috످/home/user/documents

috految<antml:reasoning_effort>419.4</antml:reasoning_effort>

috److془The user sent just a path. I should respond asking what they'd like to do. Note no file access.془It looks like you shared a folder path. What would you like to do with it?

I can't access your files from this chat, but I can help you write commands to search, organize, or back them up. If you need help with a specific file or error, you can paste the text here.

috످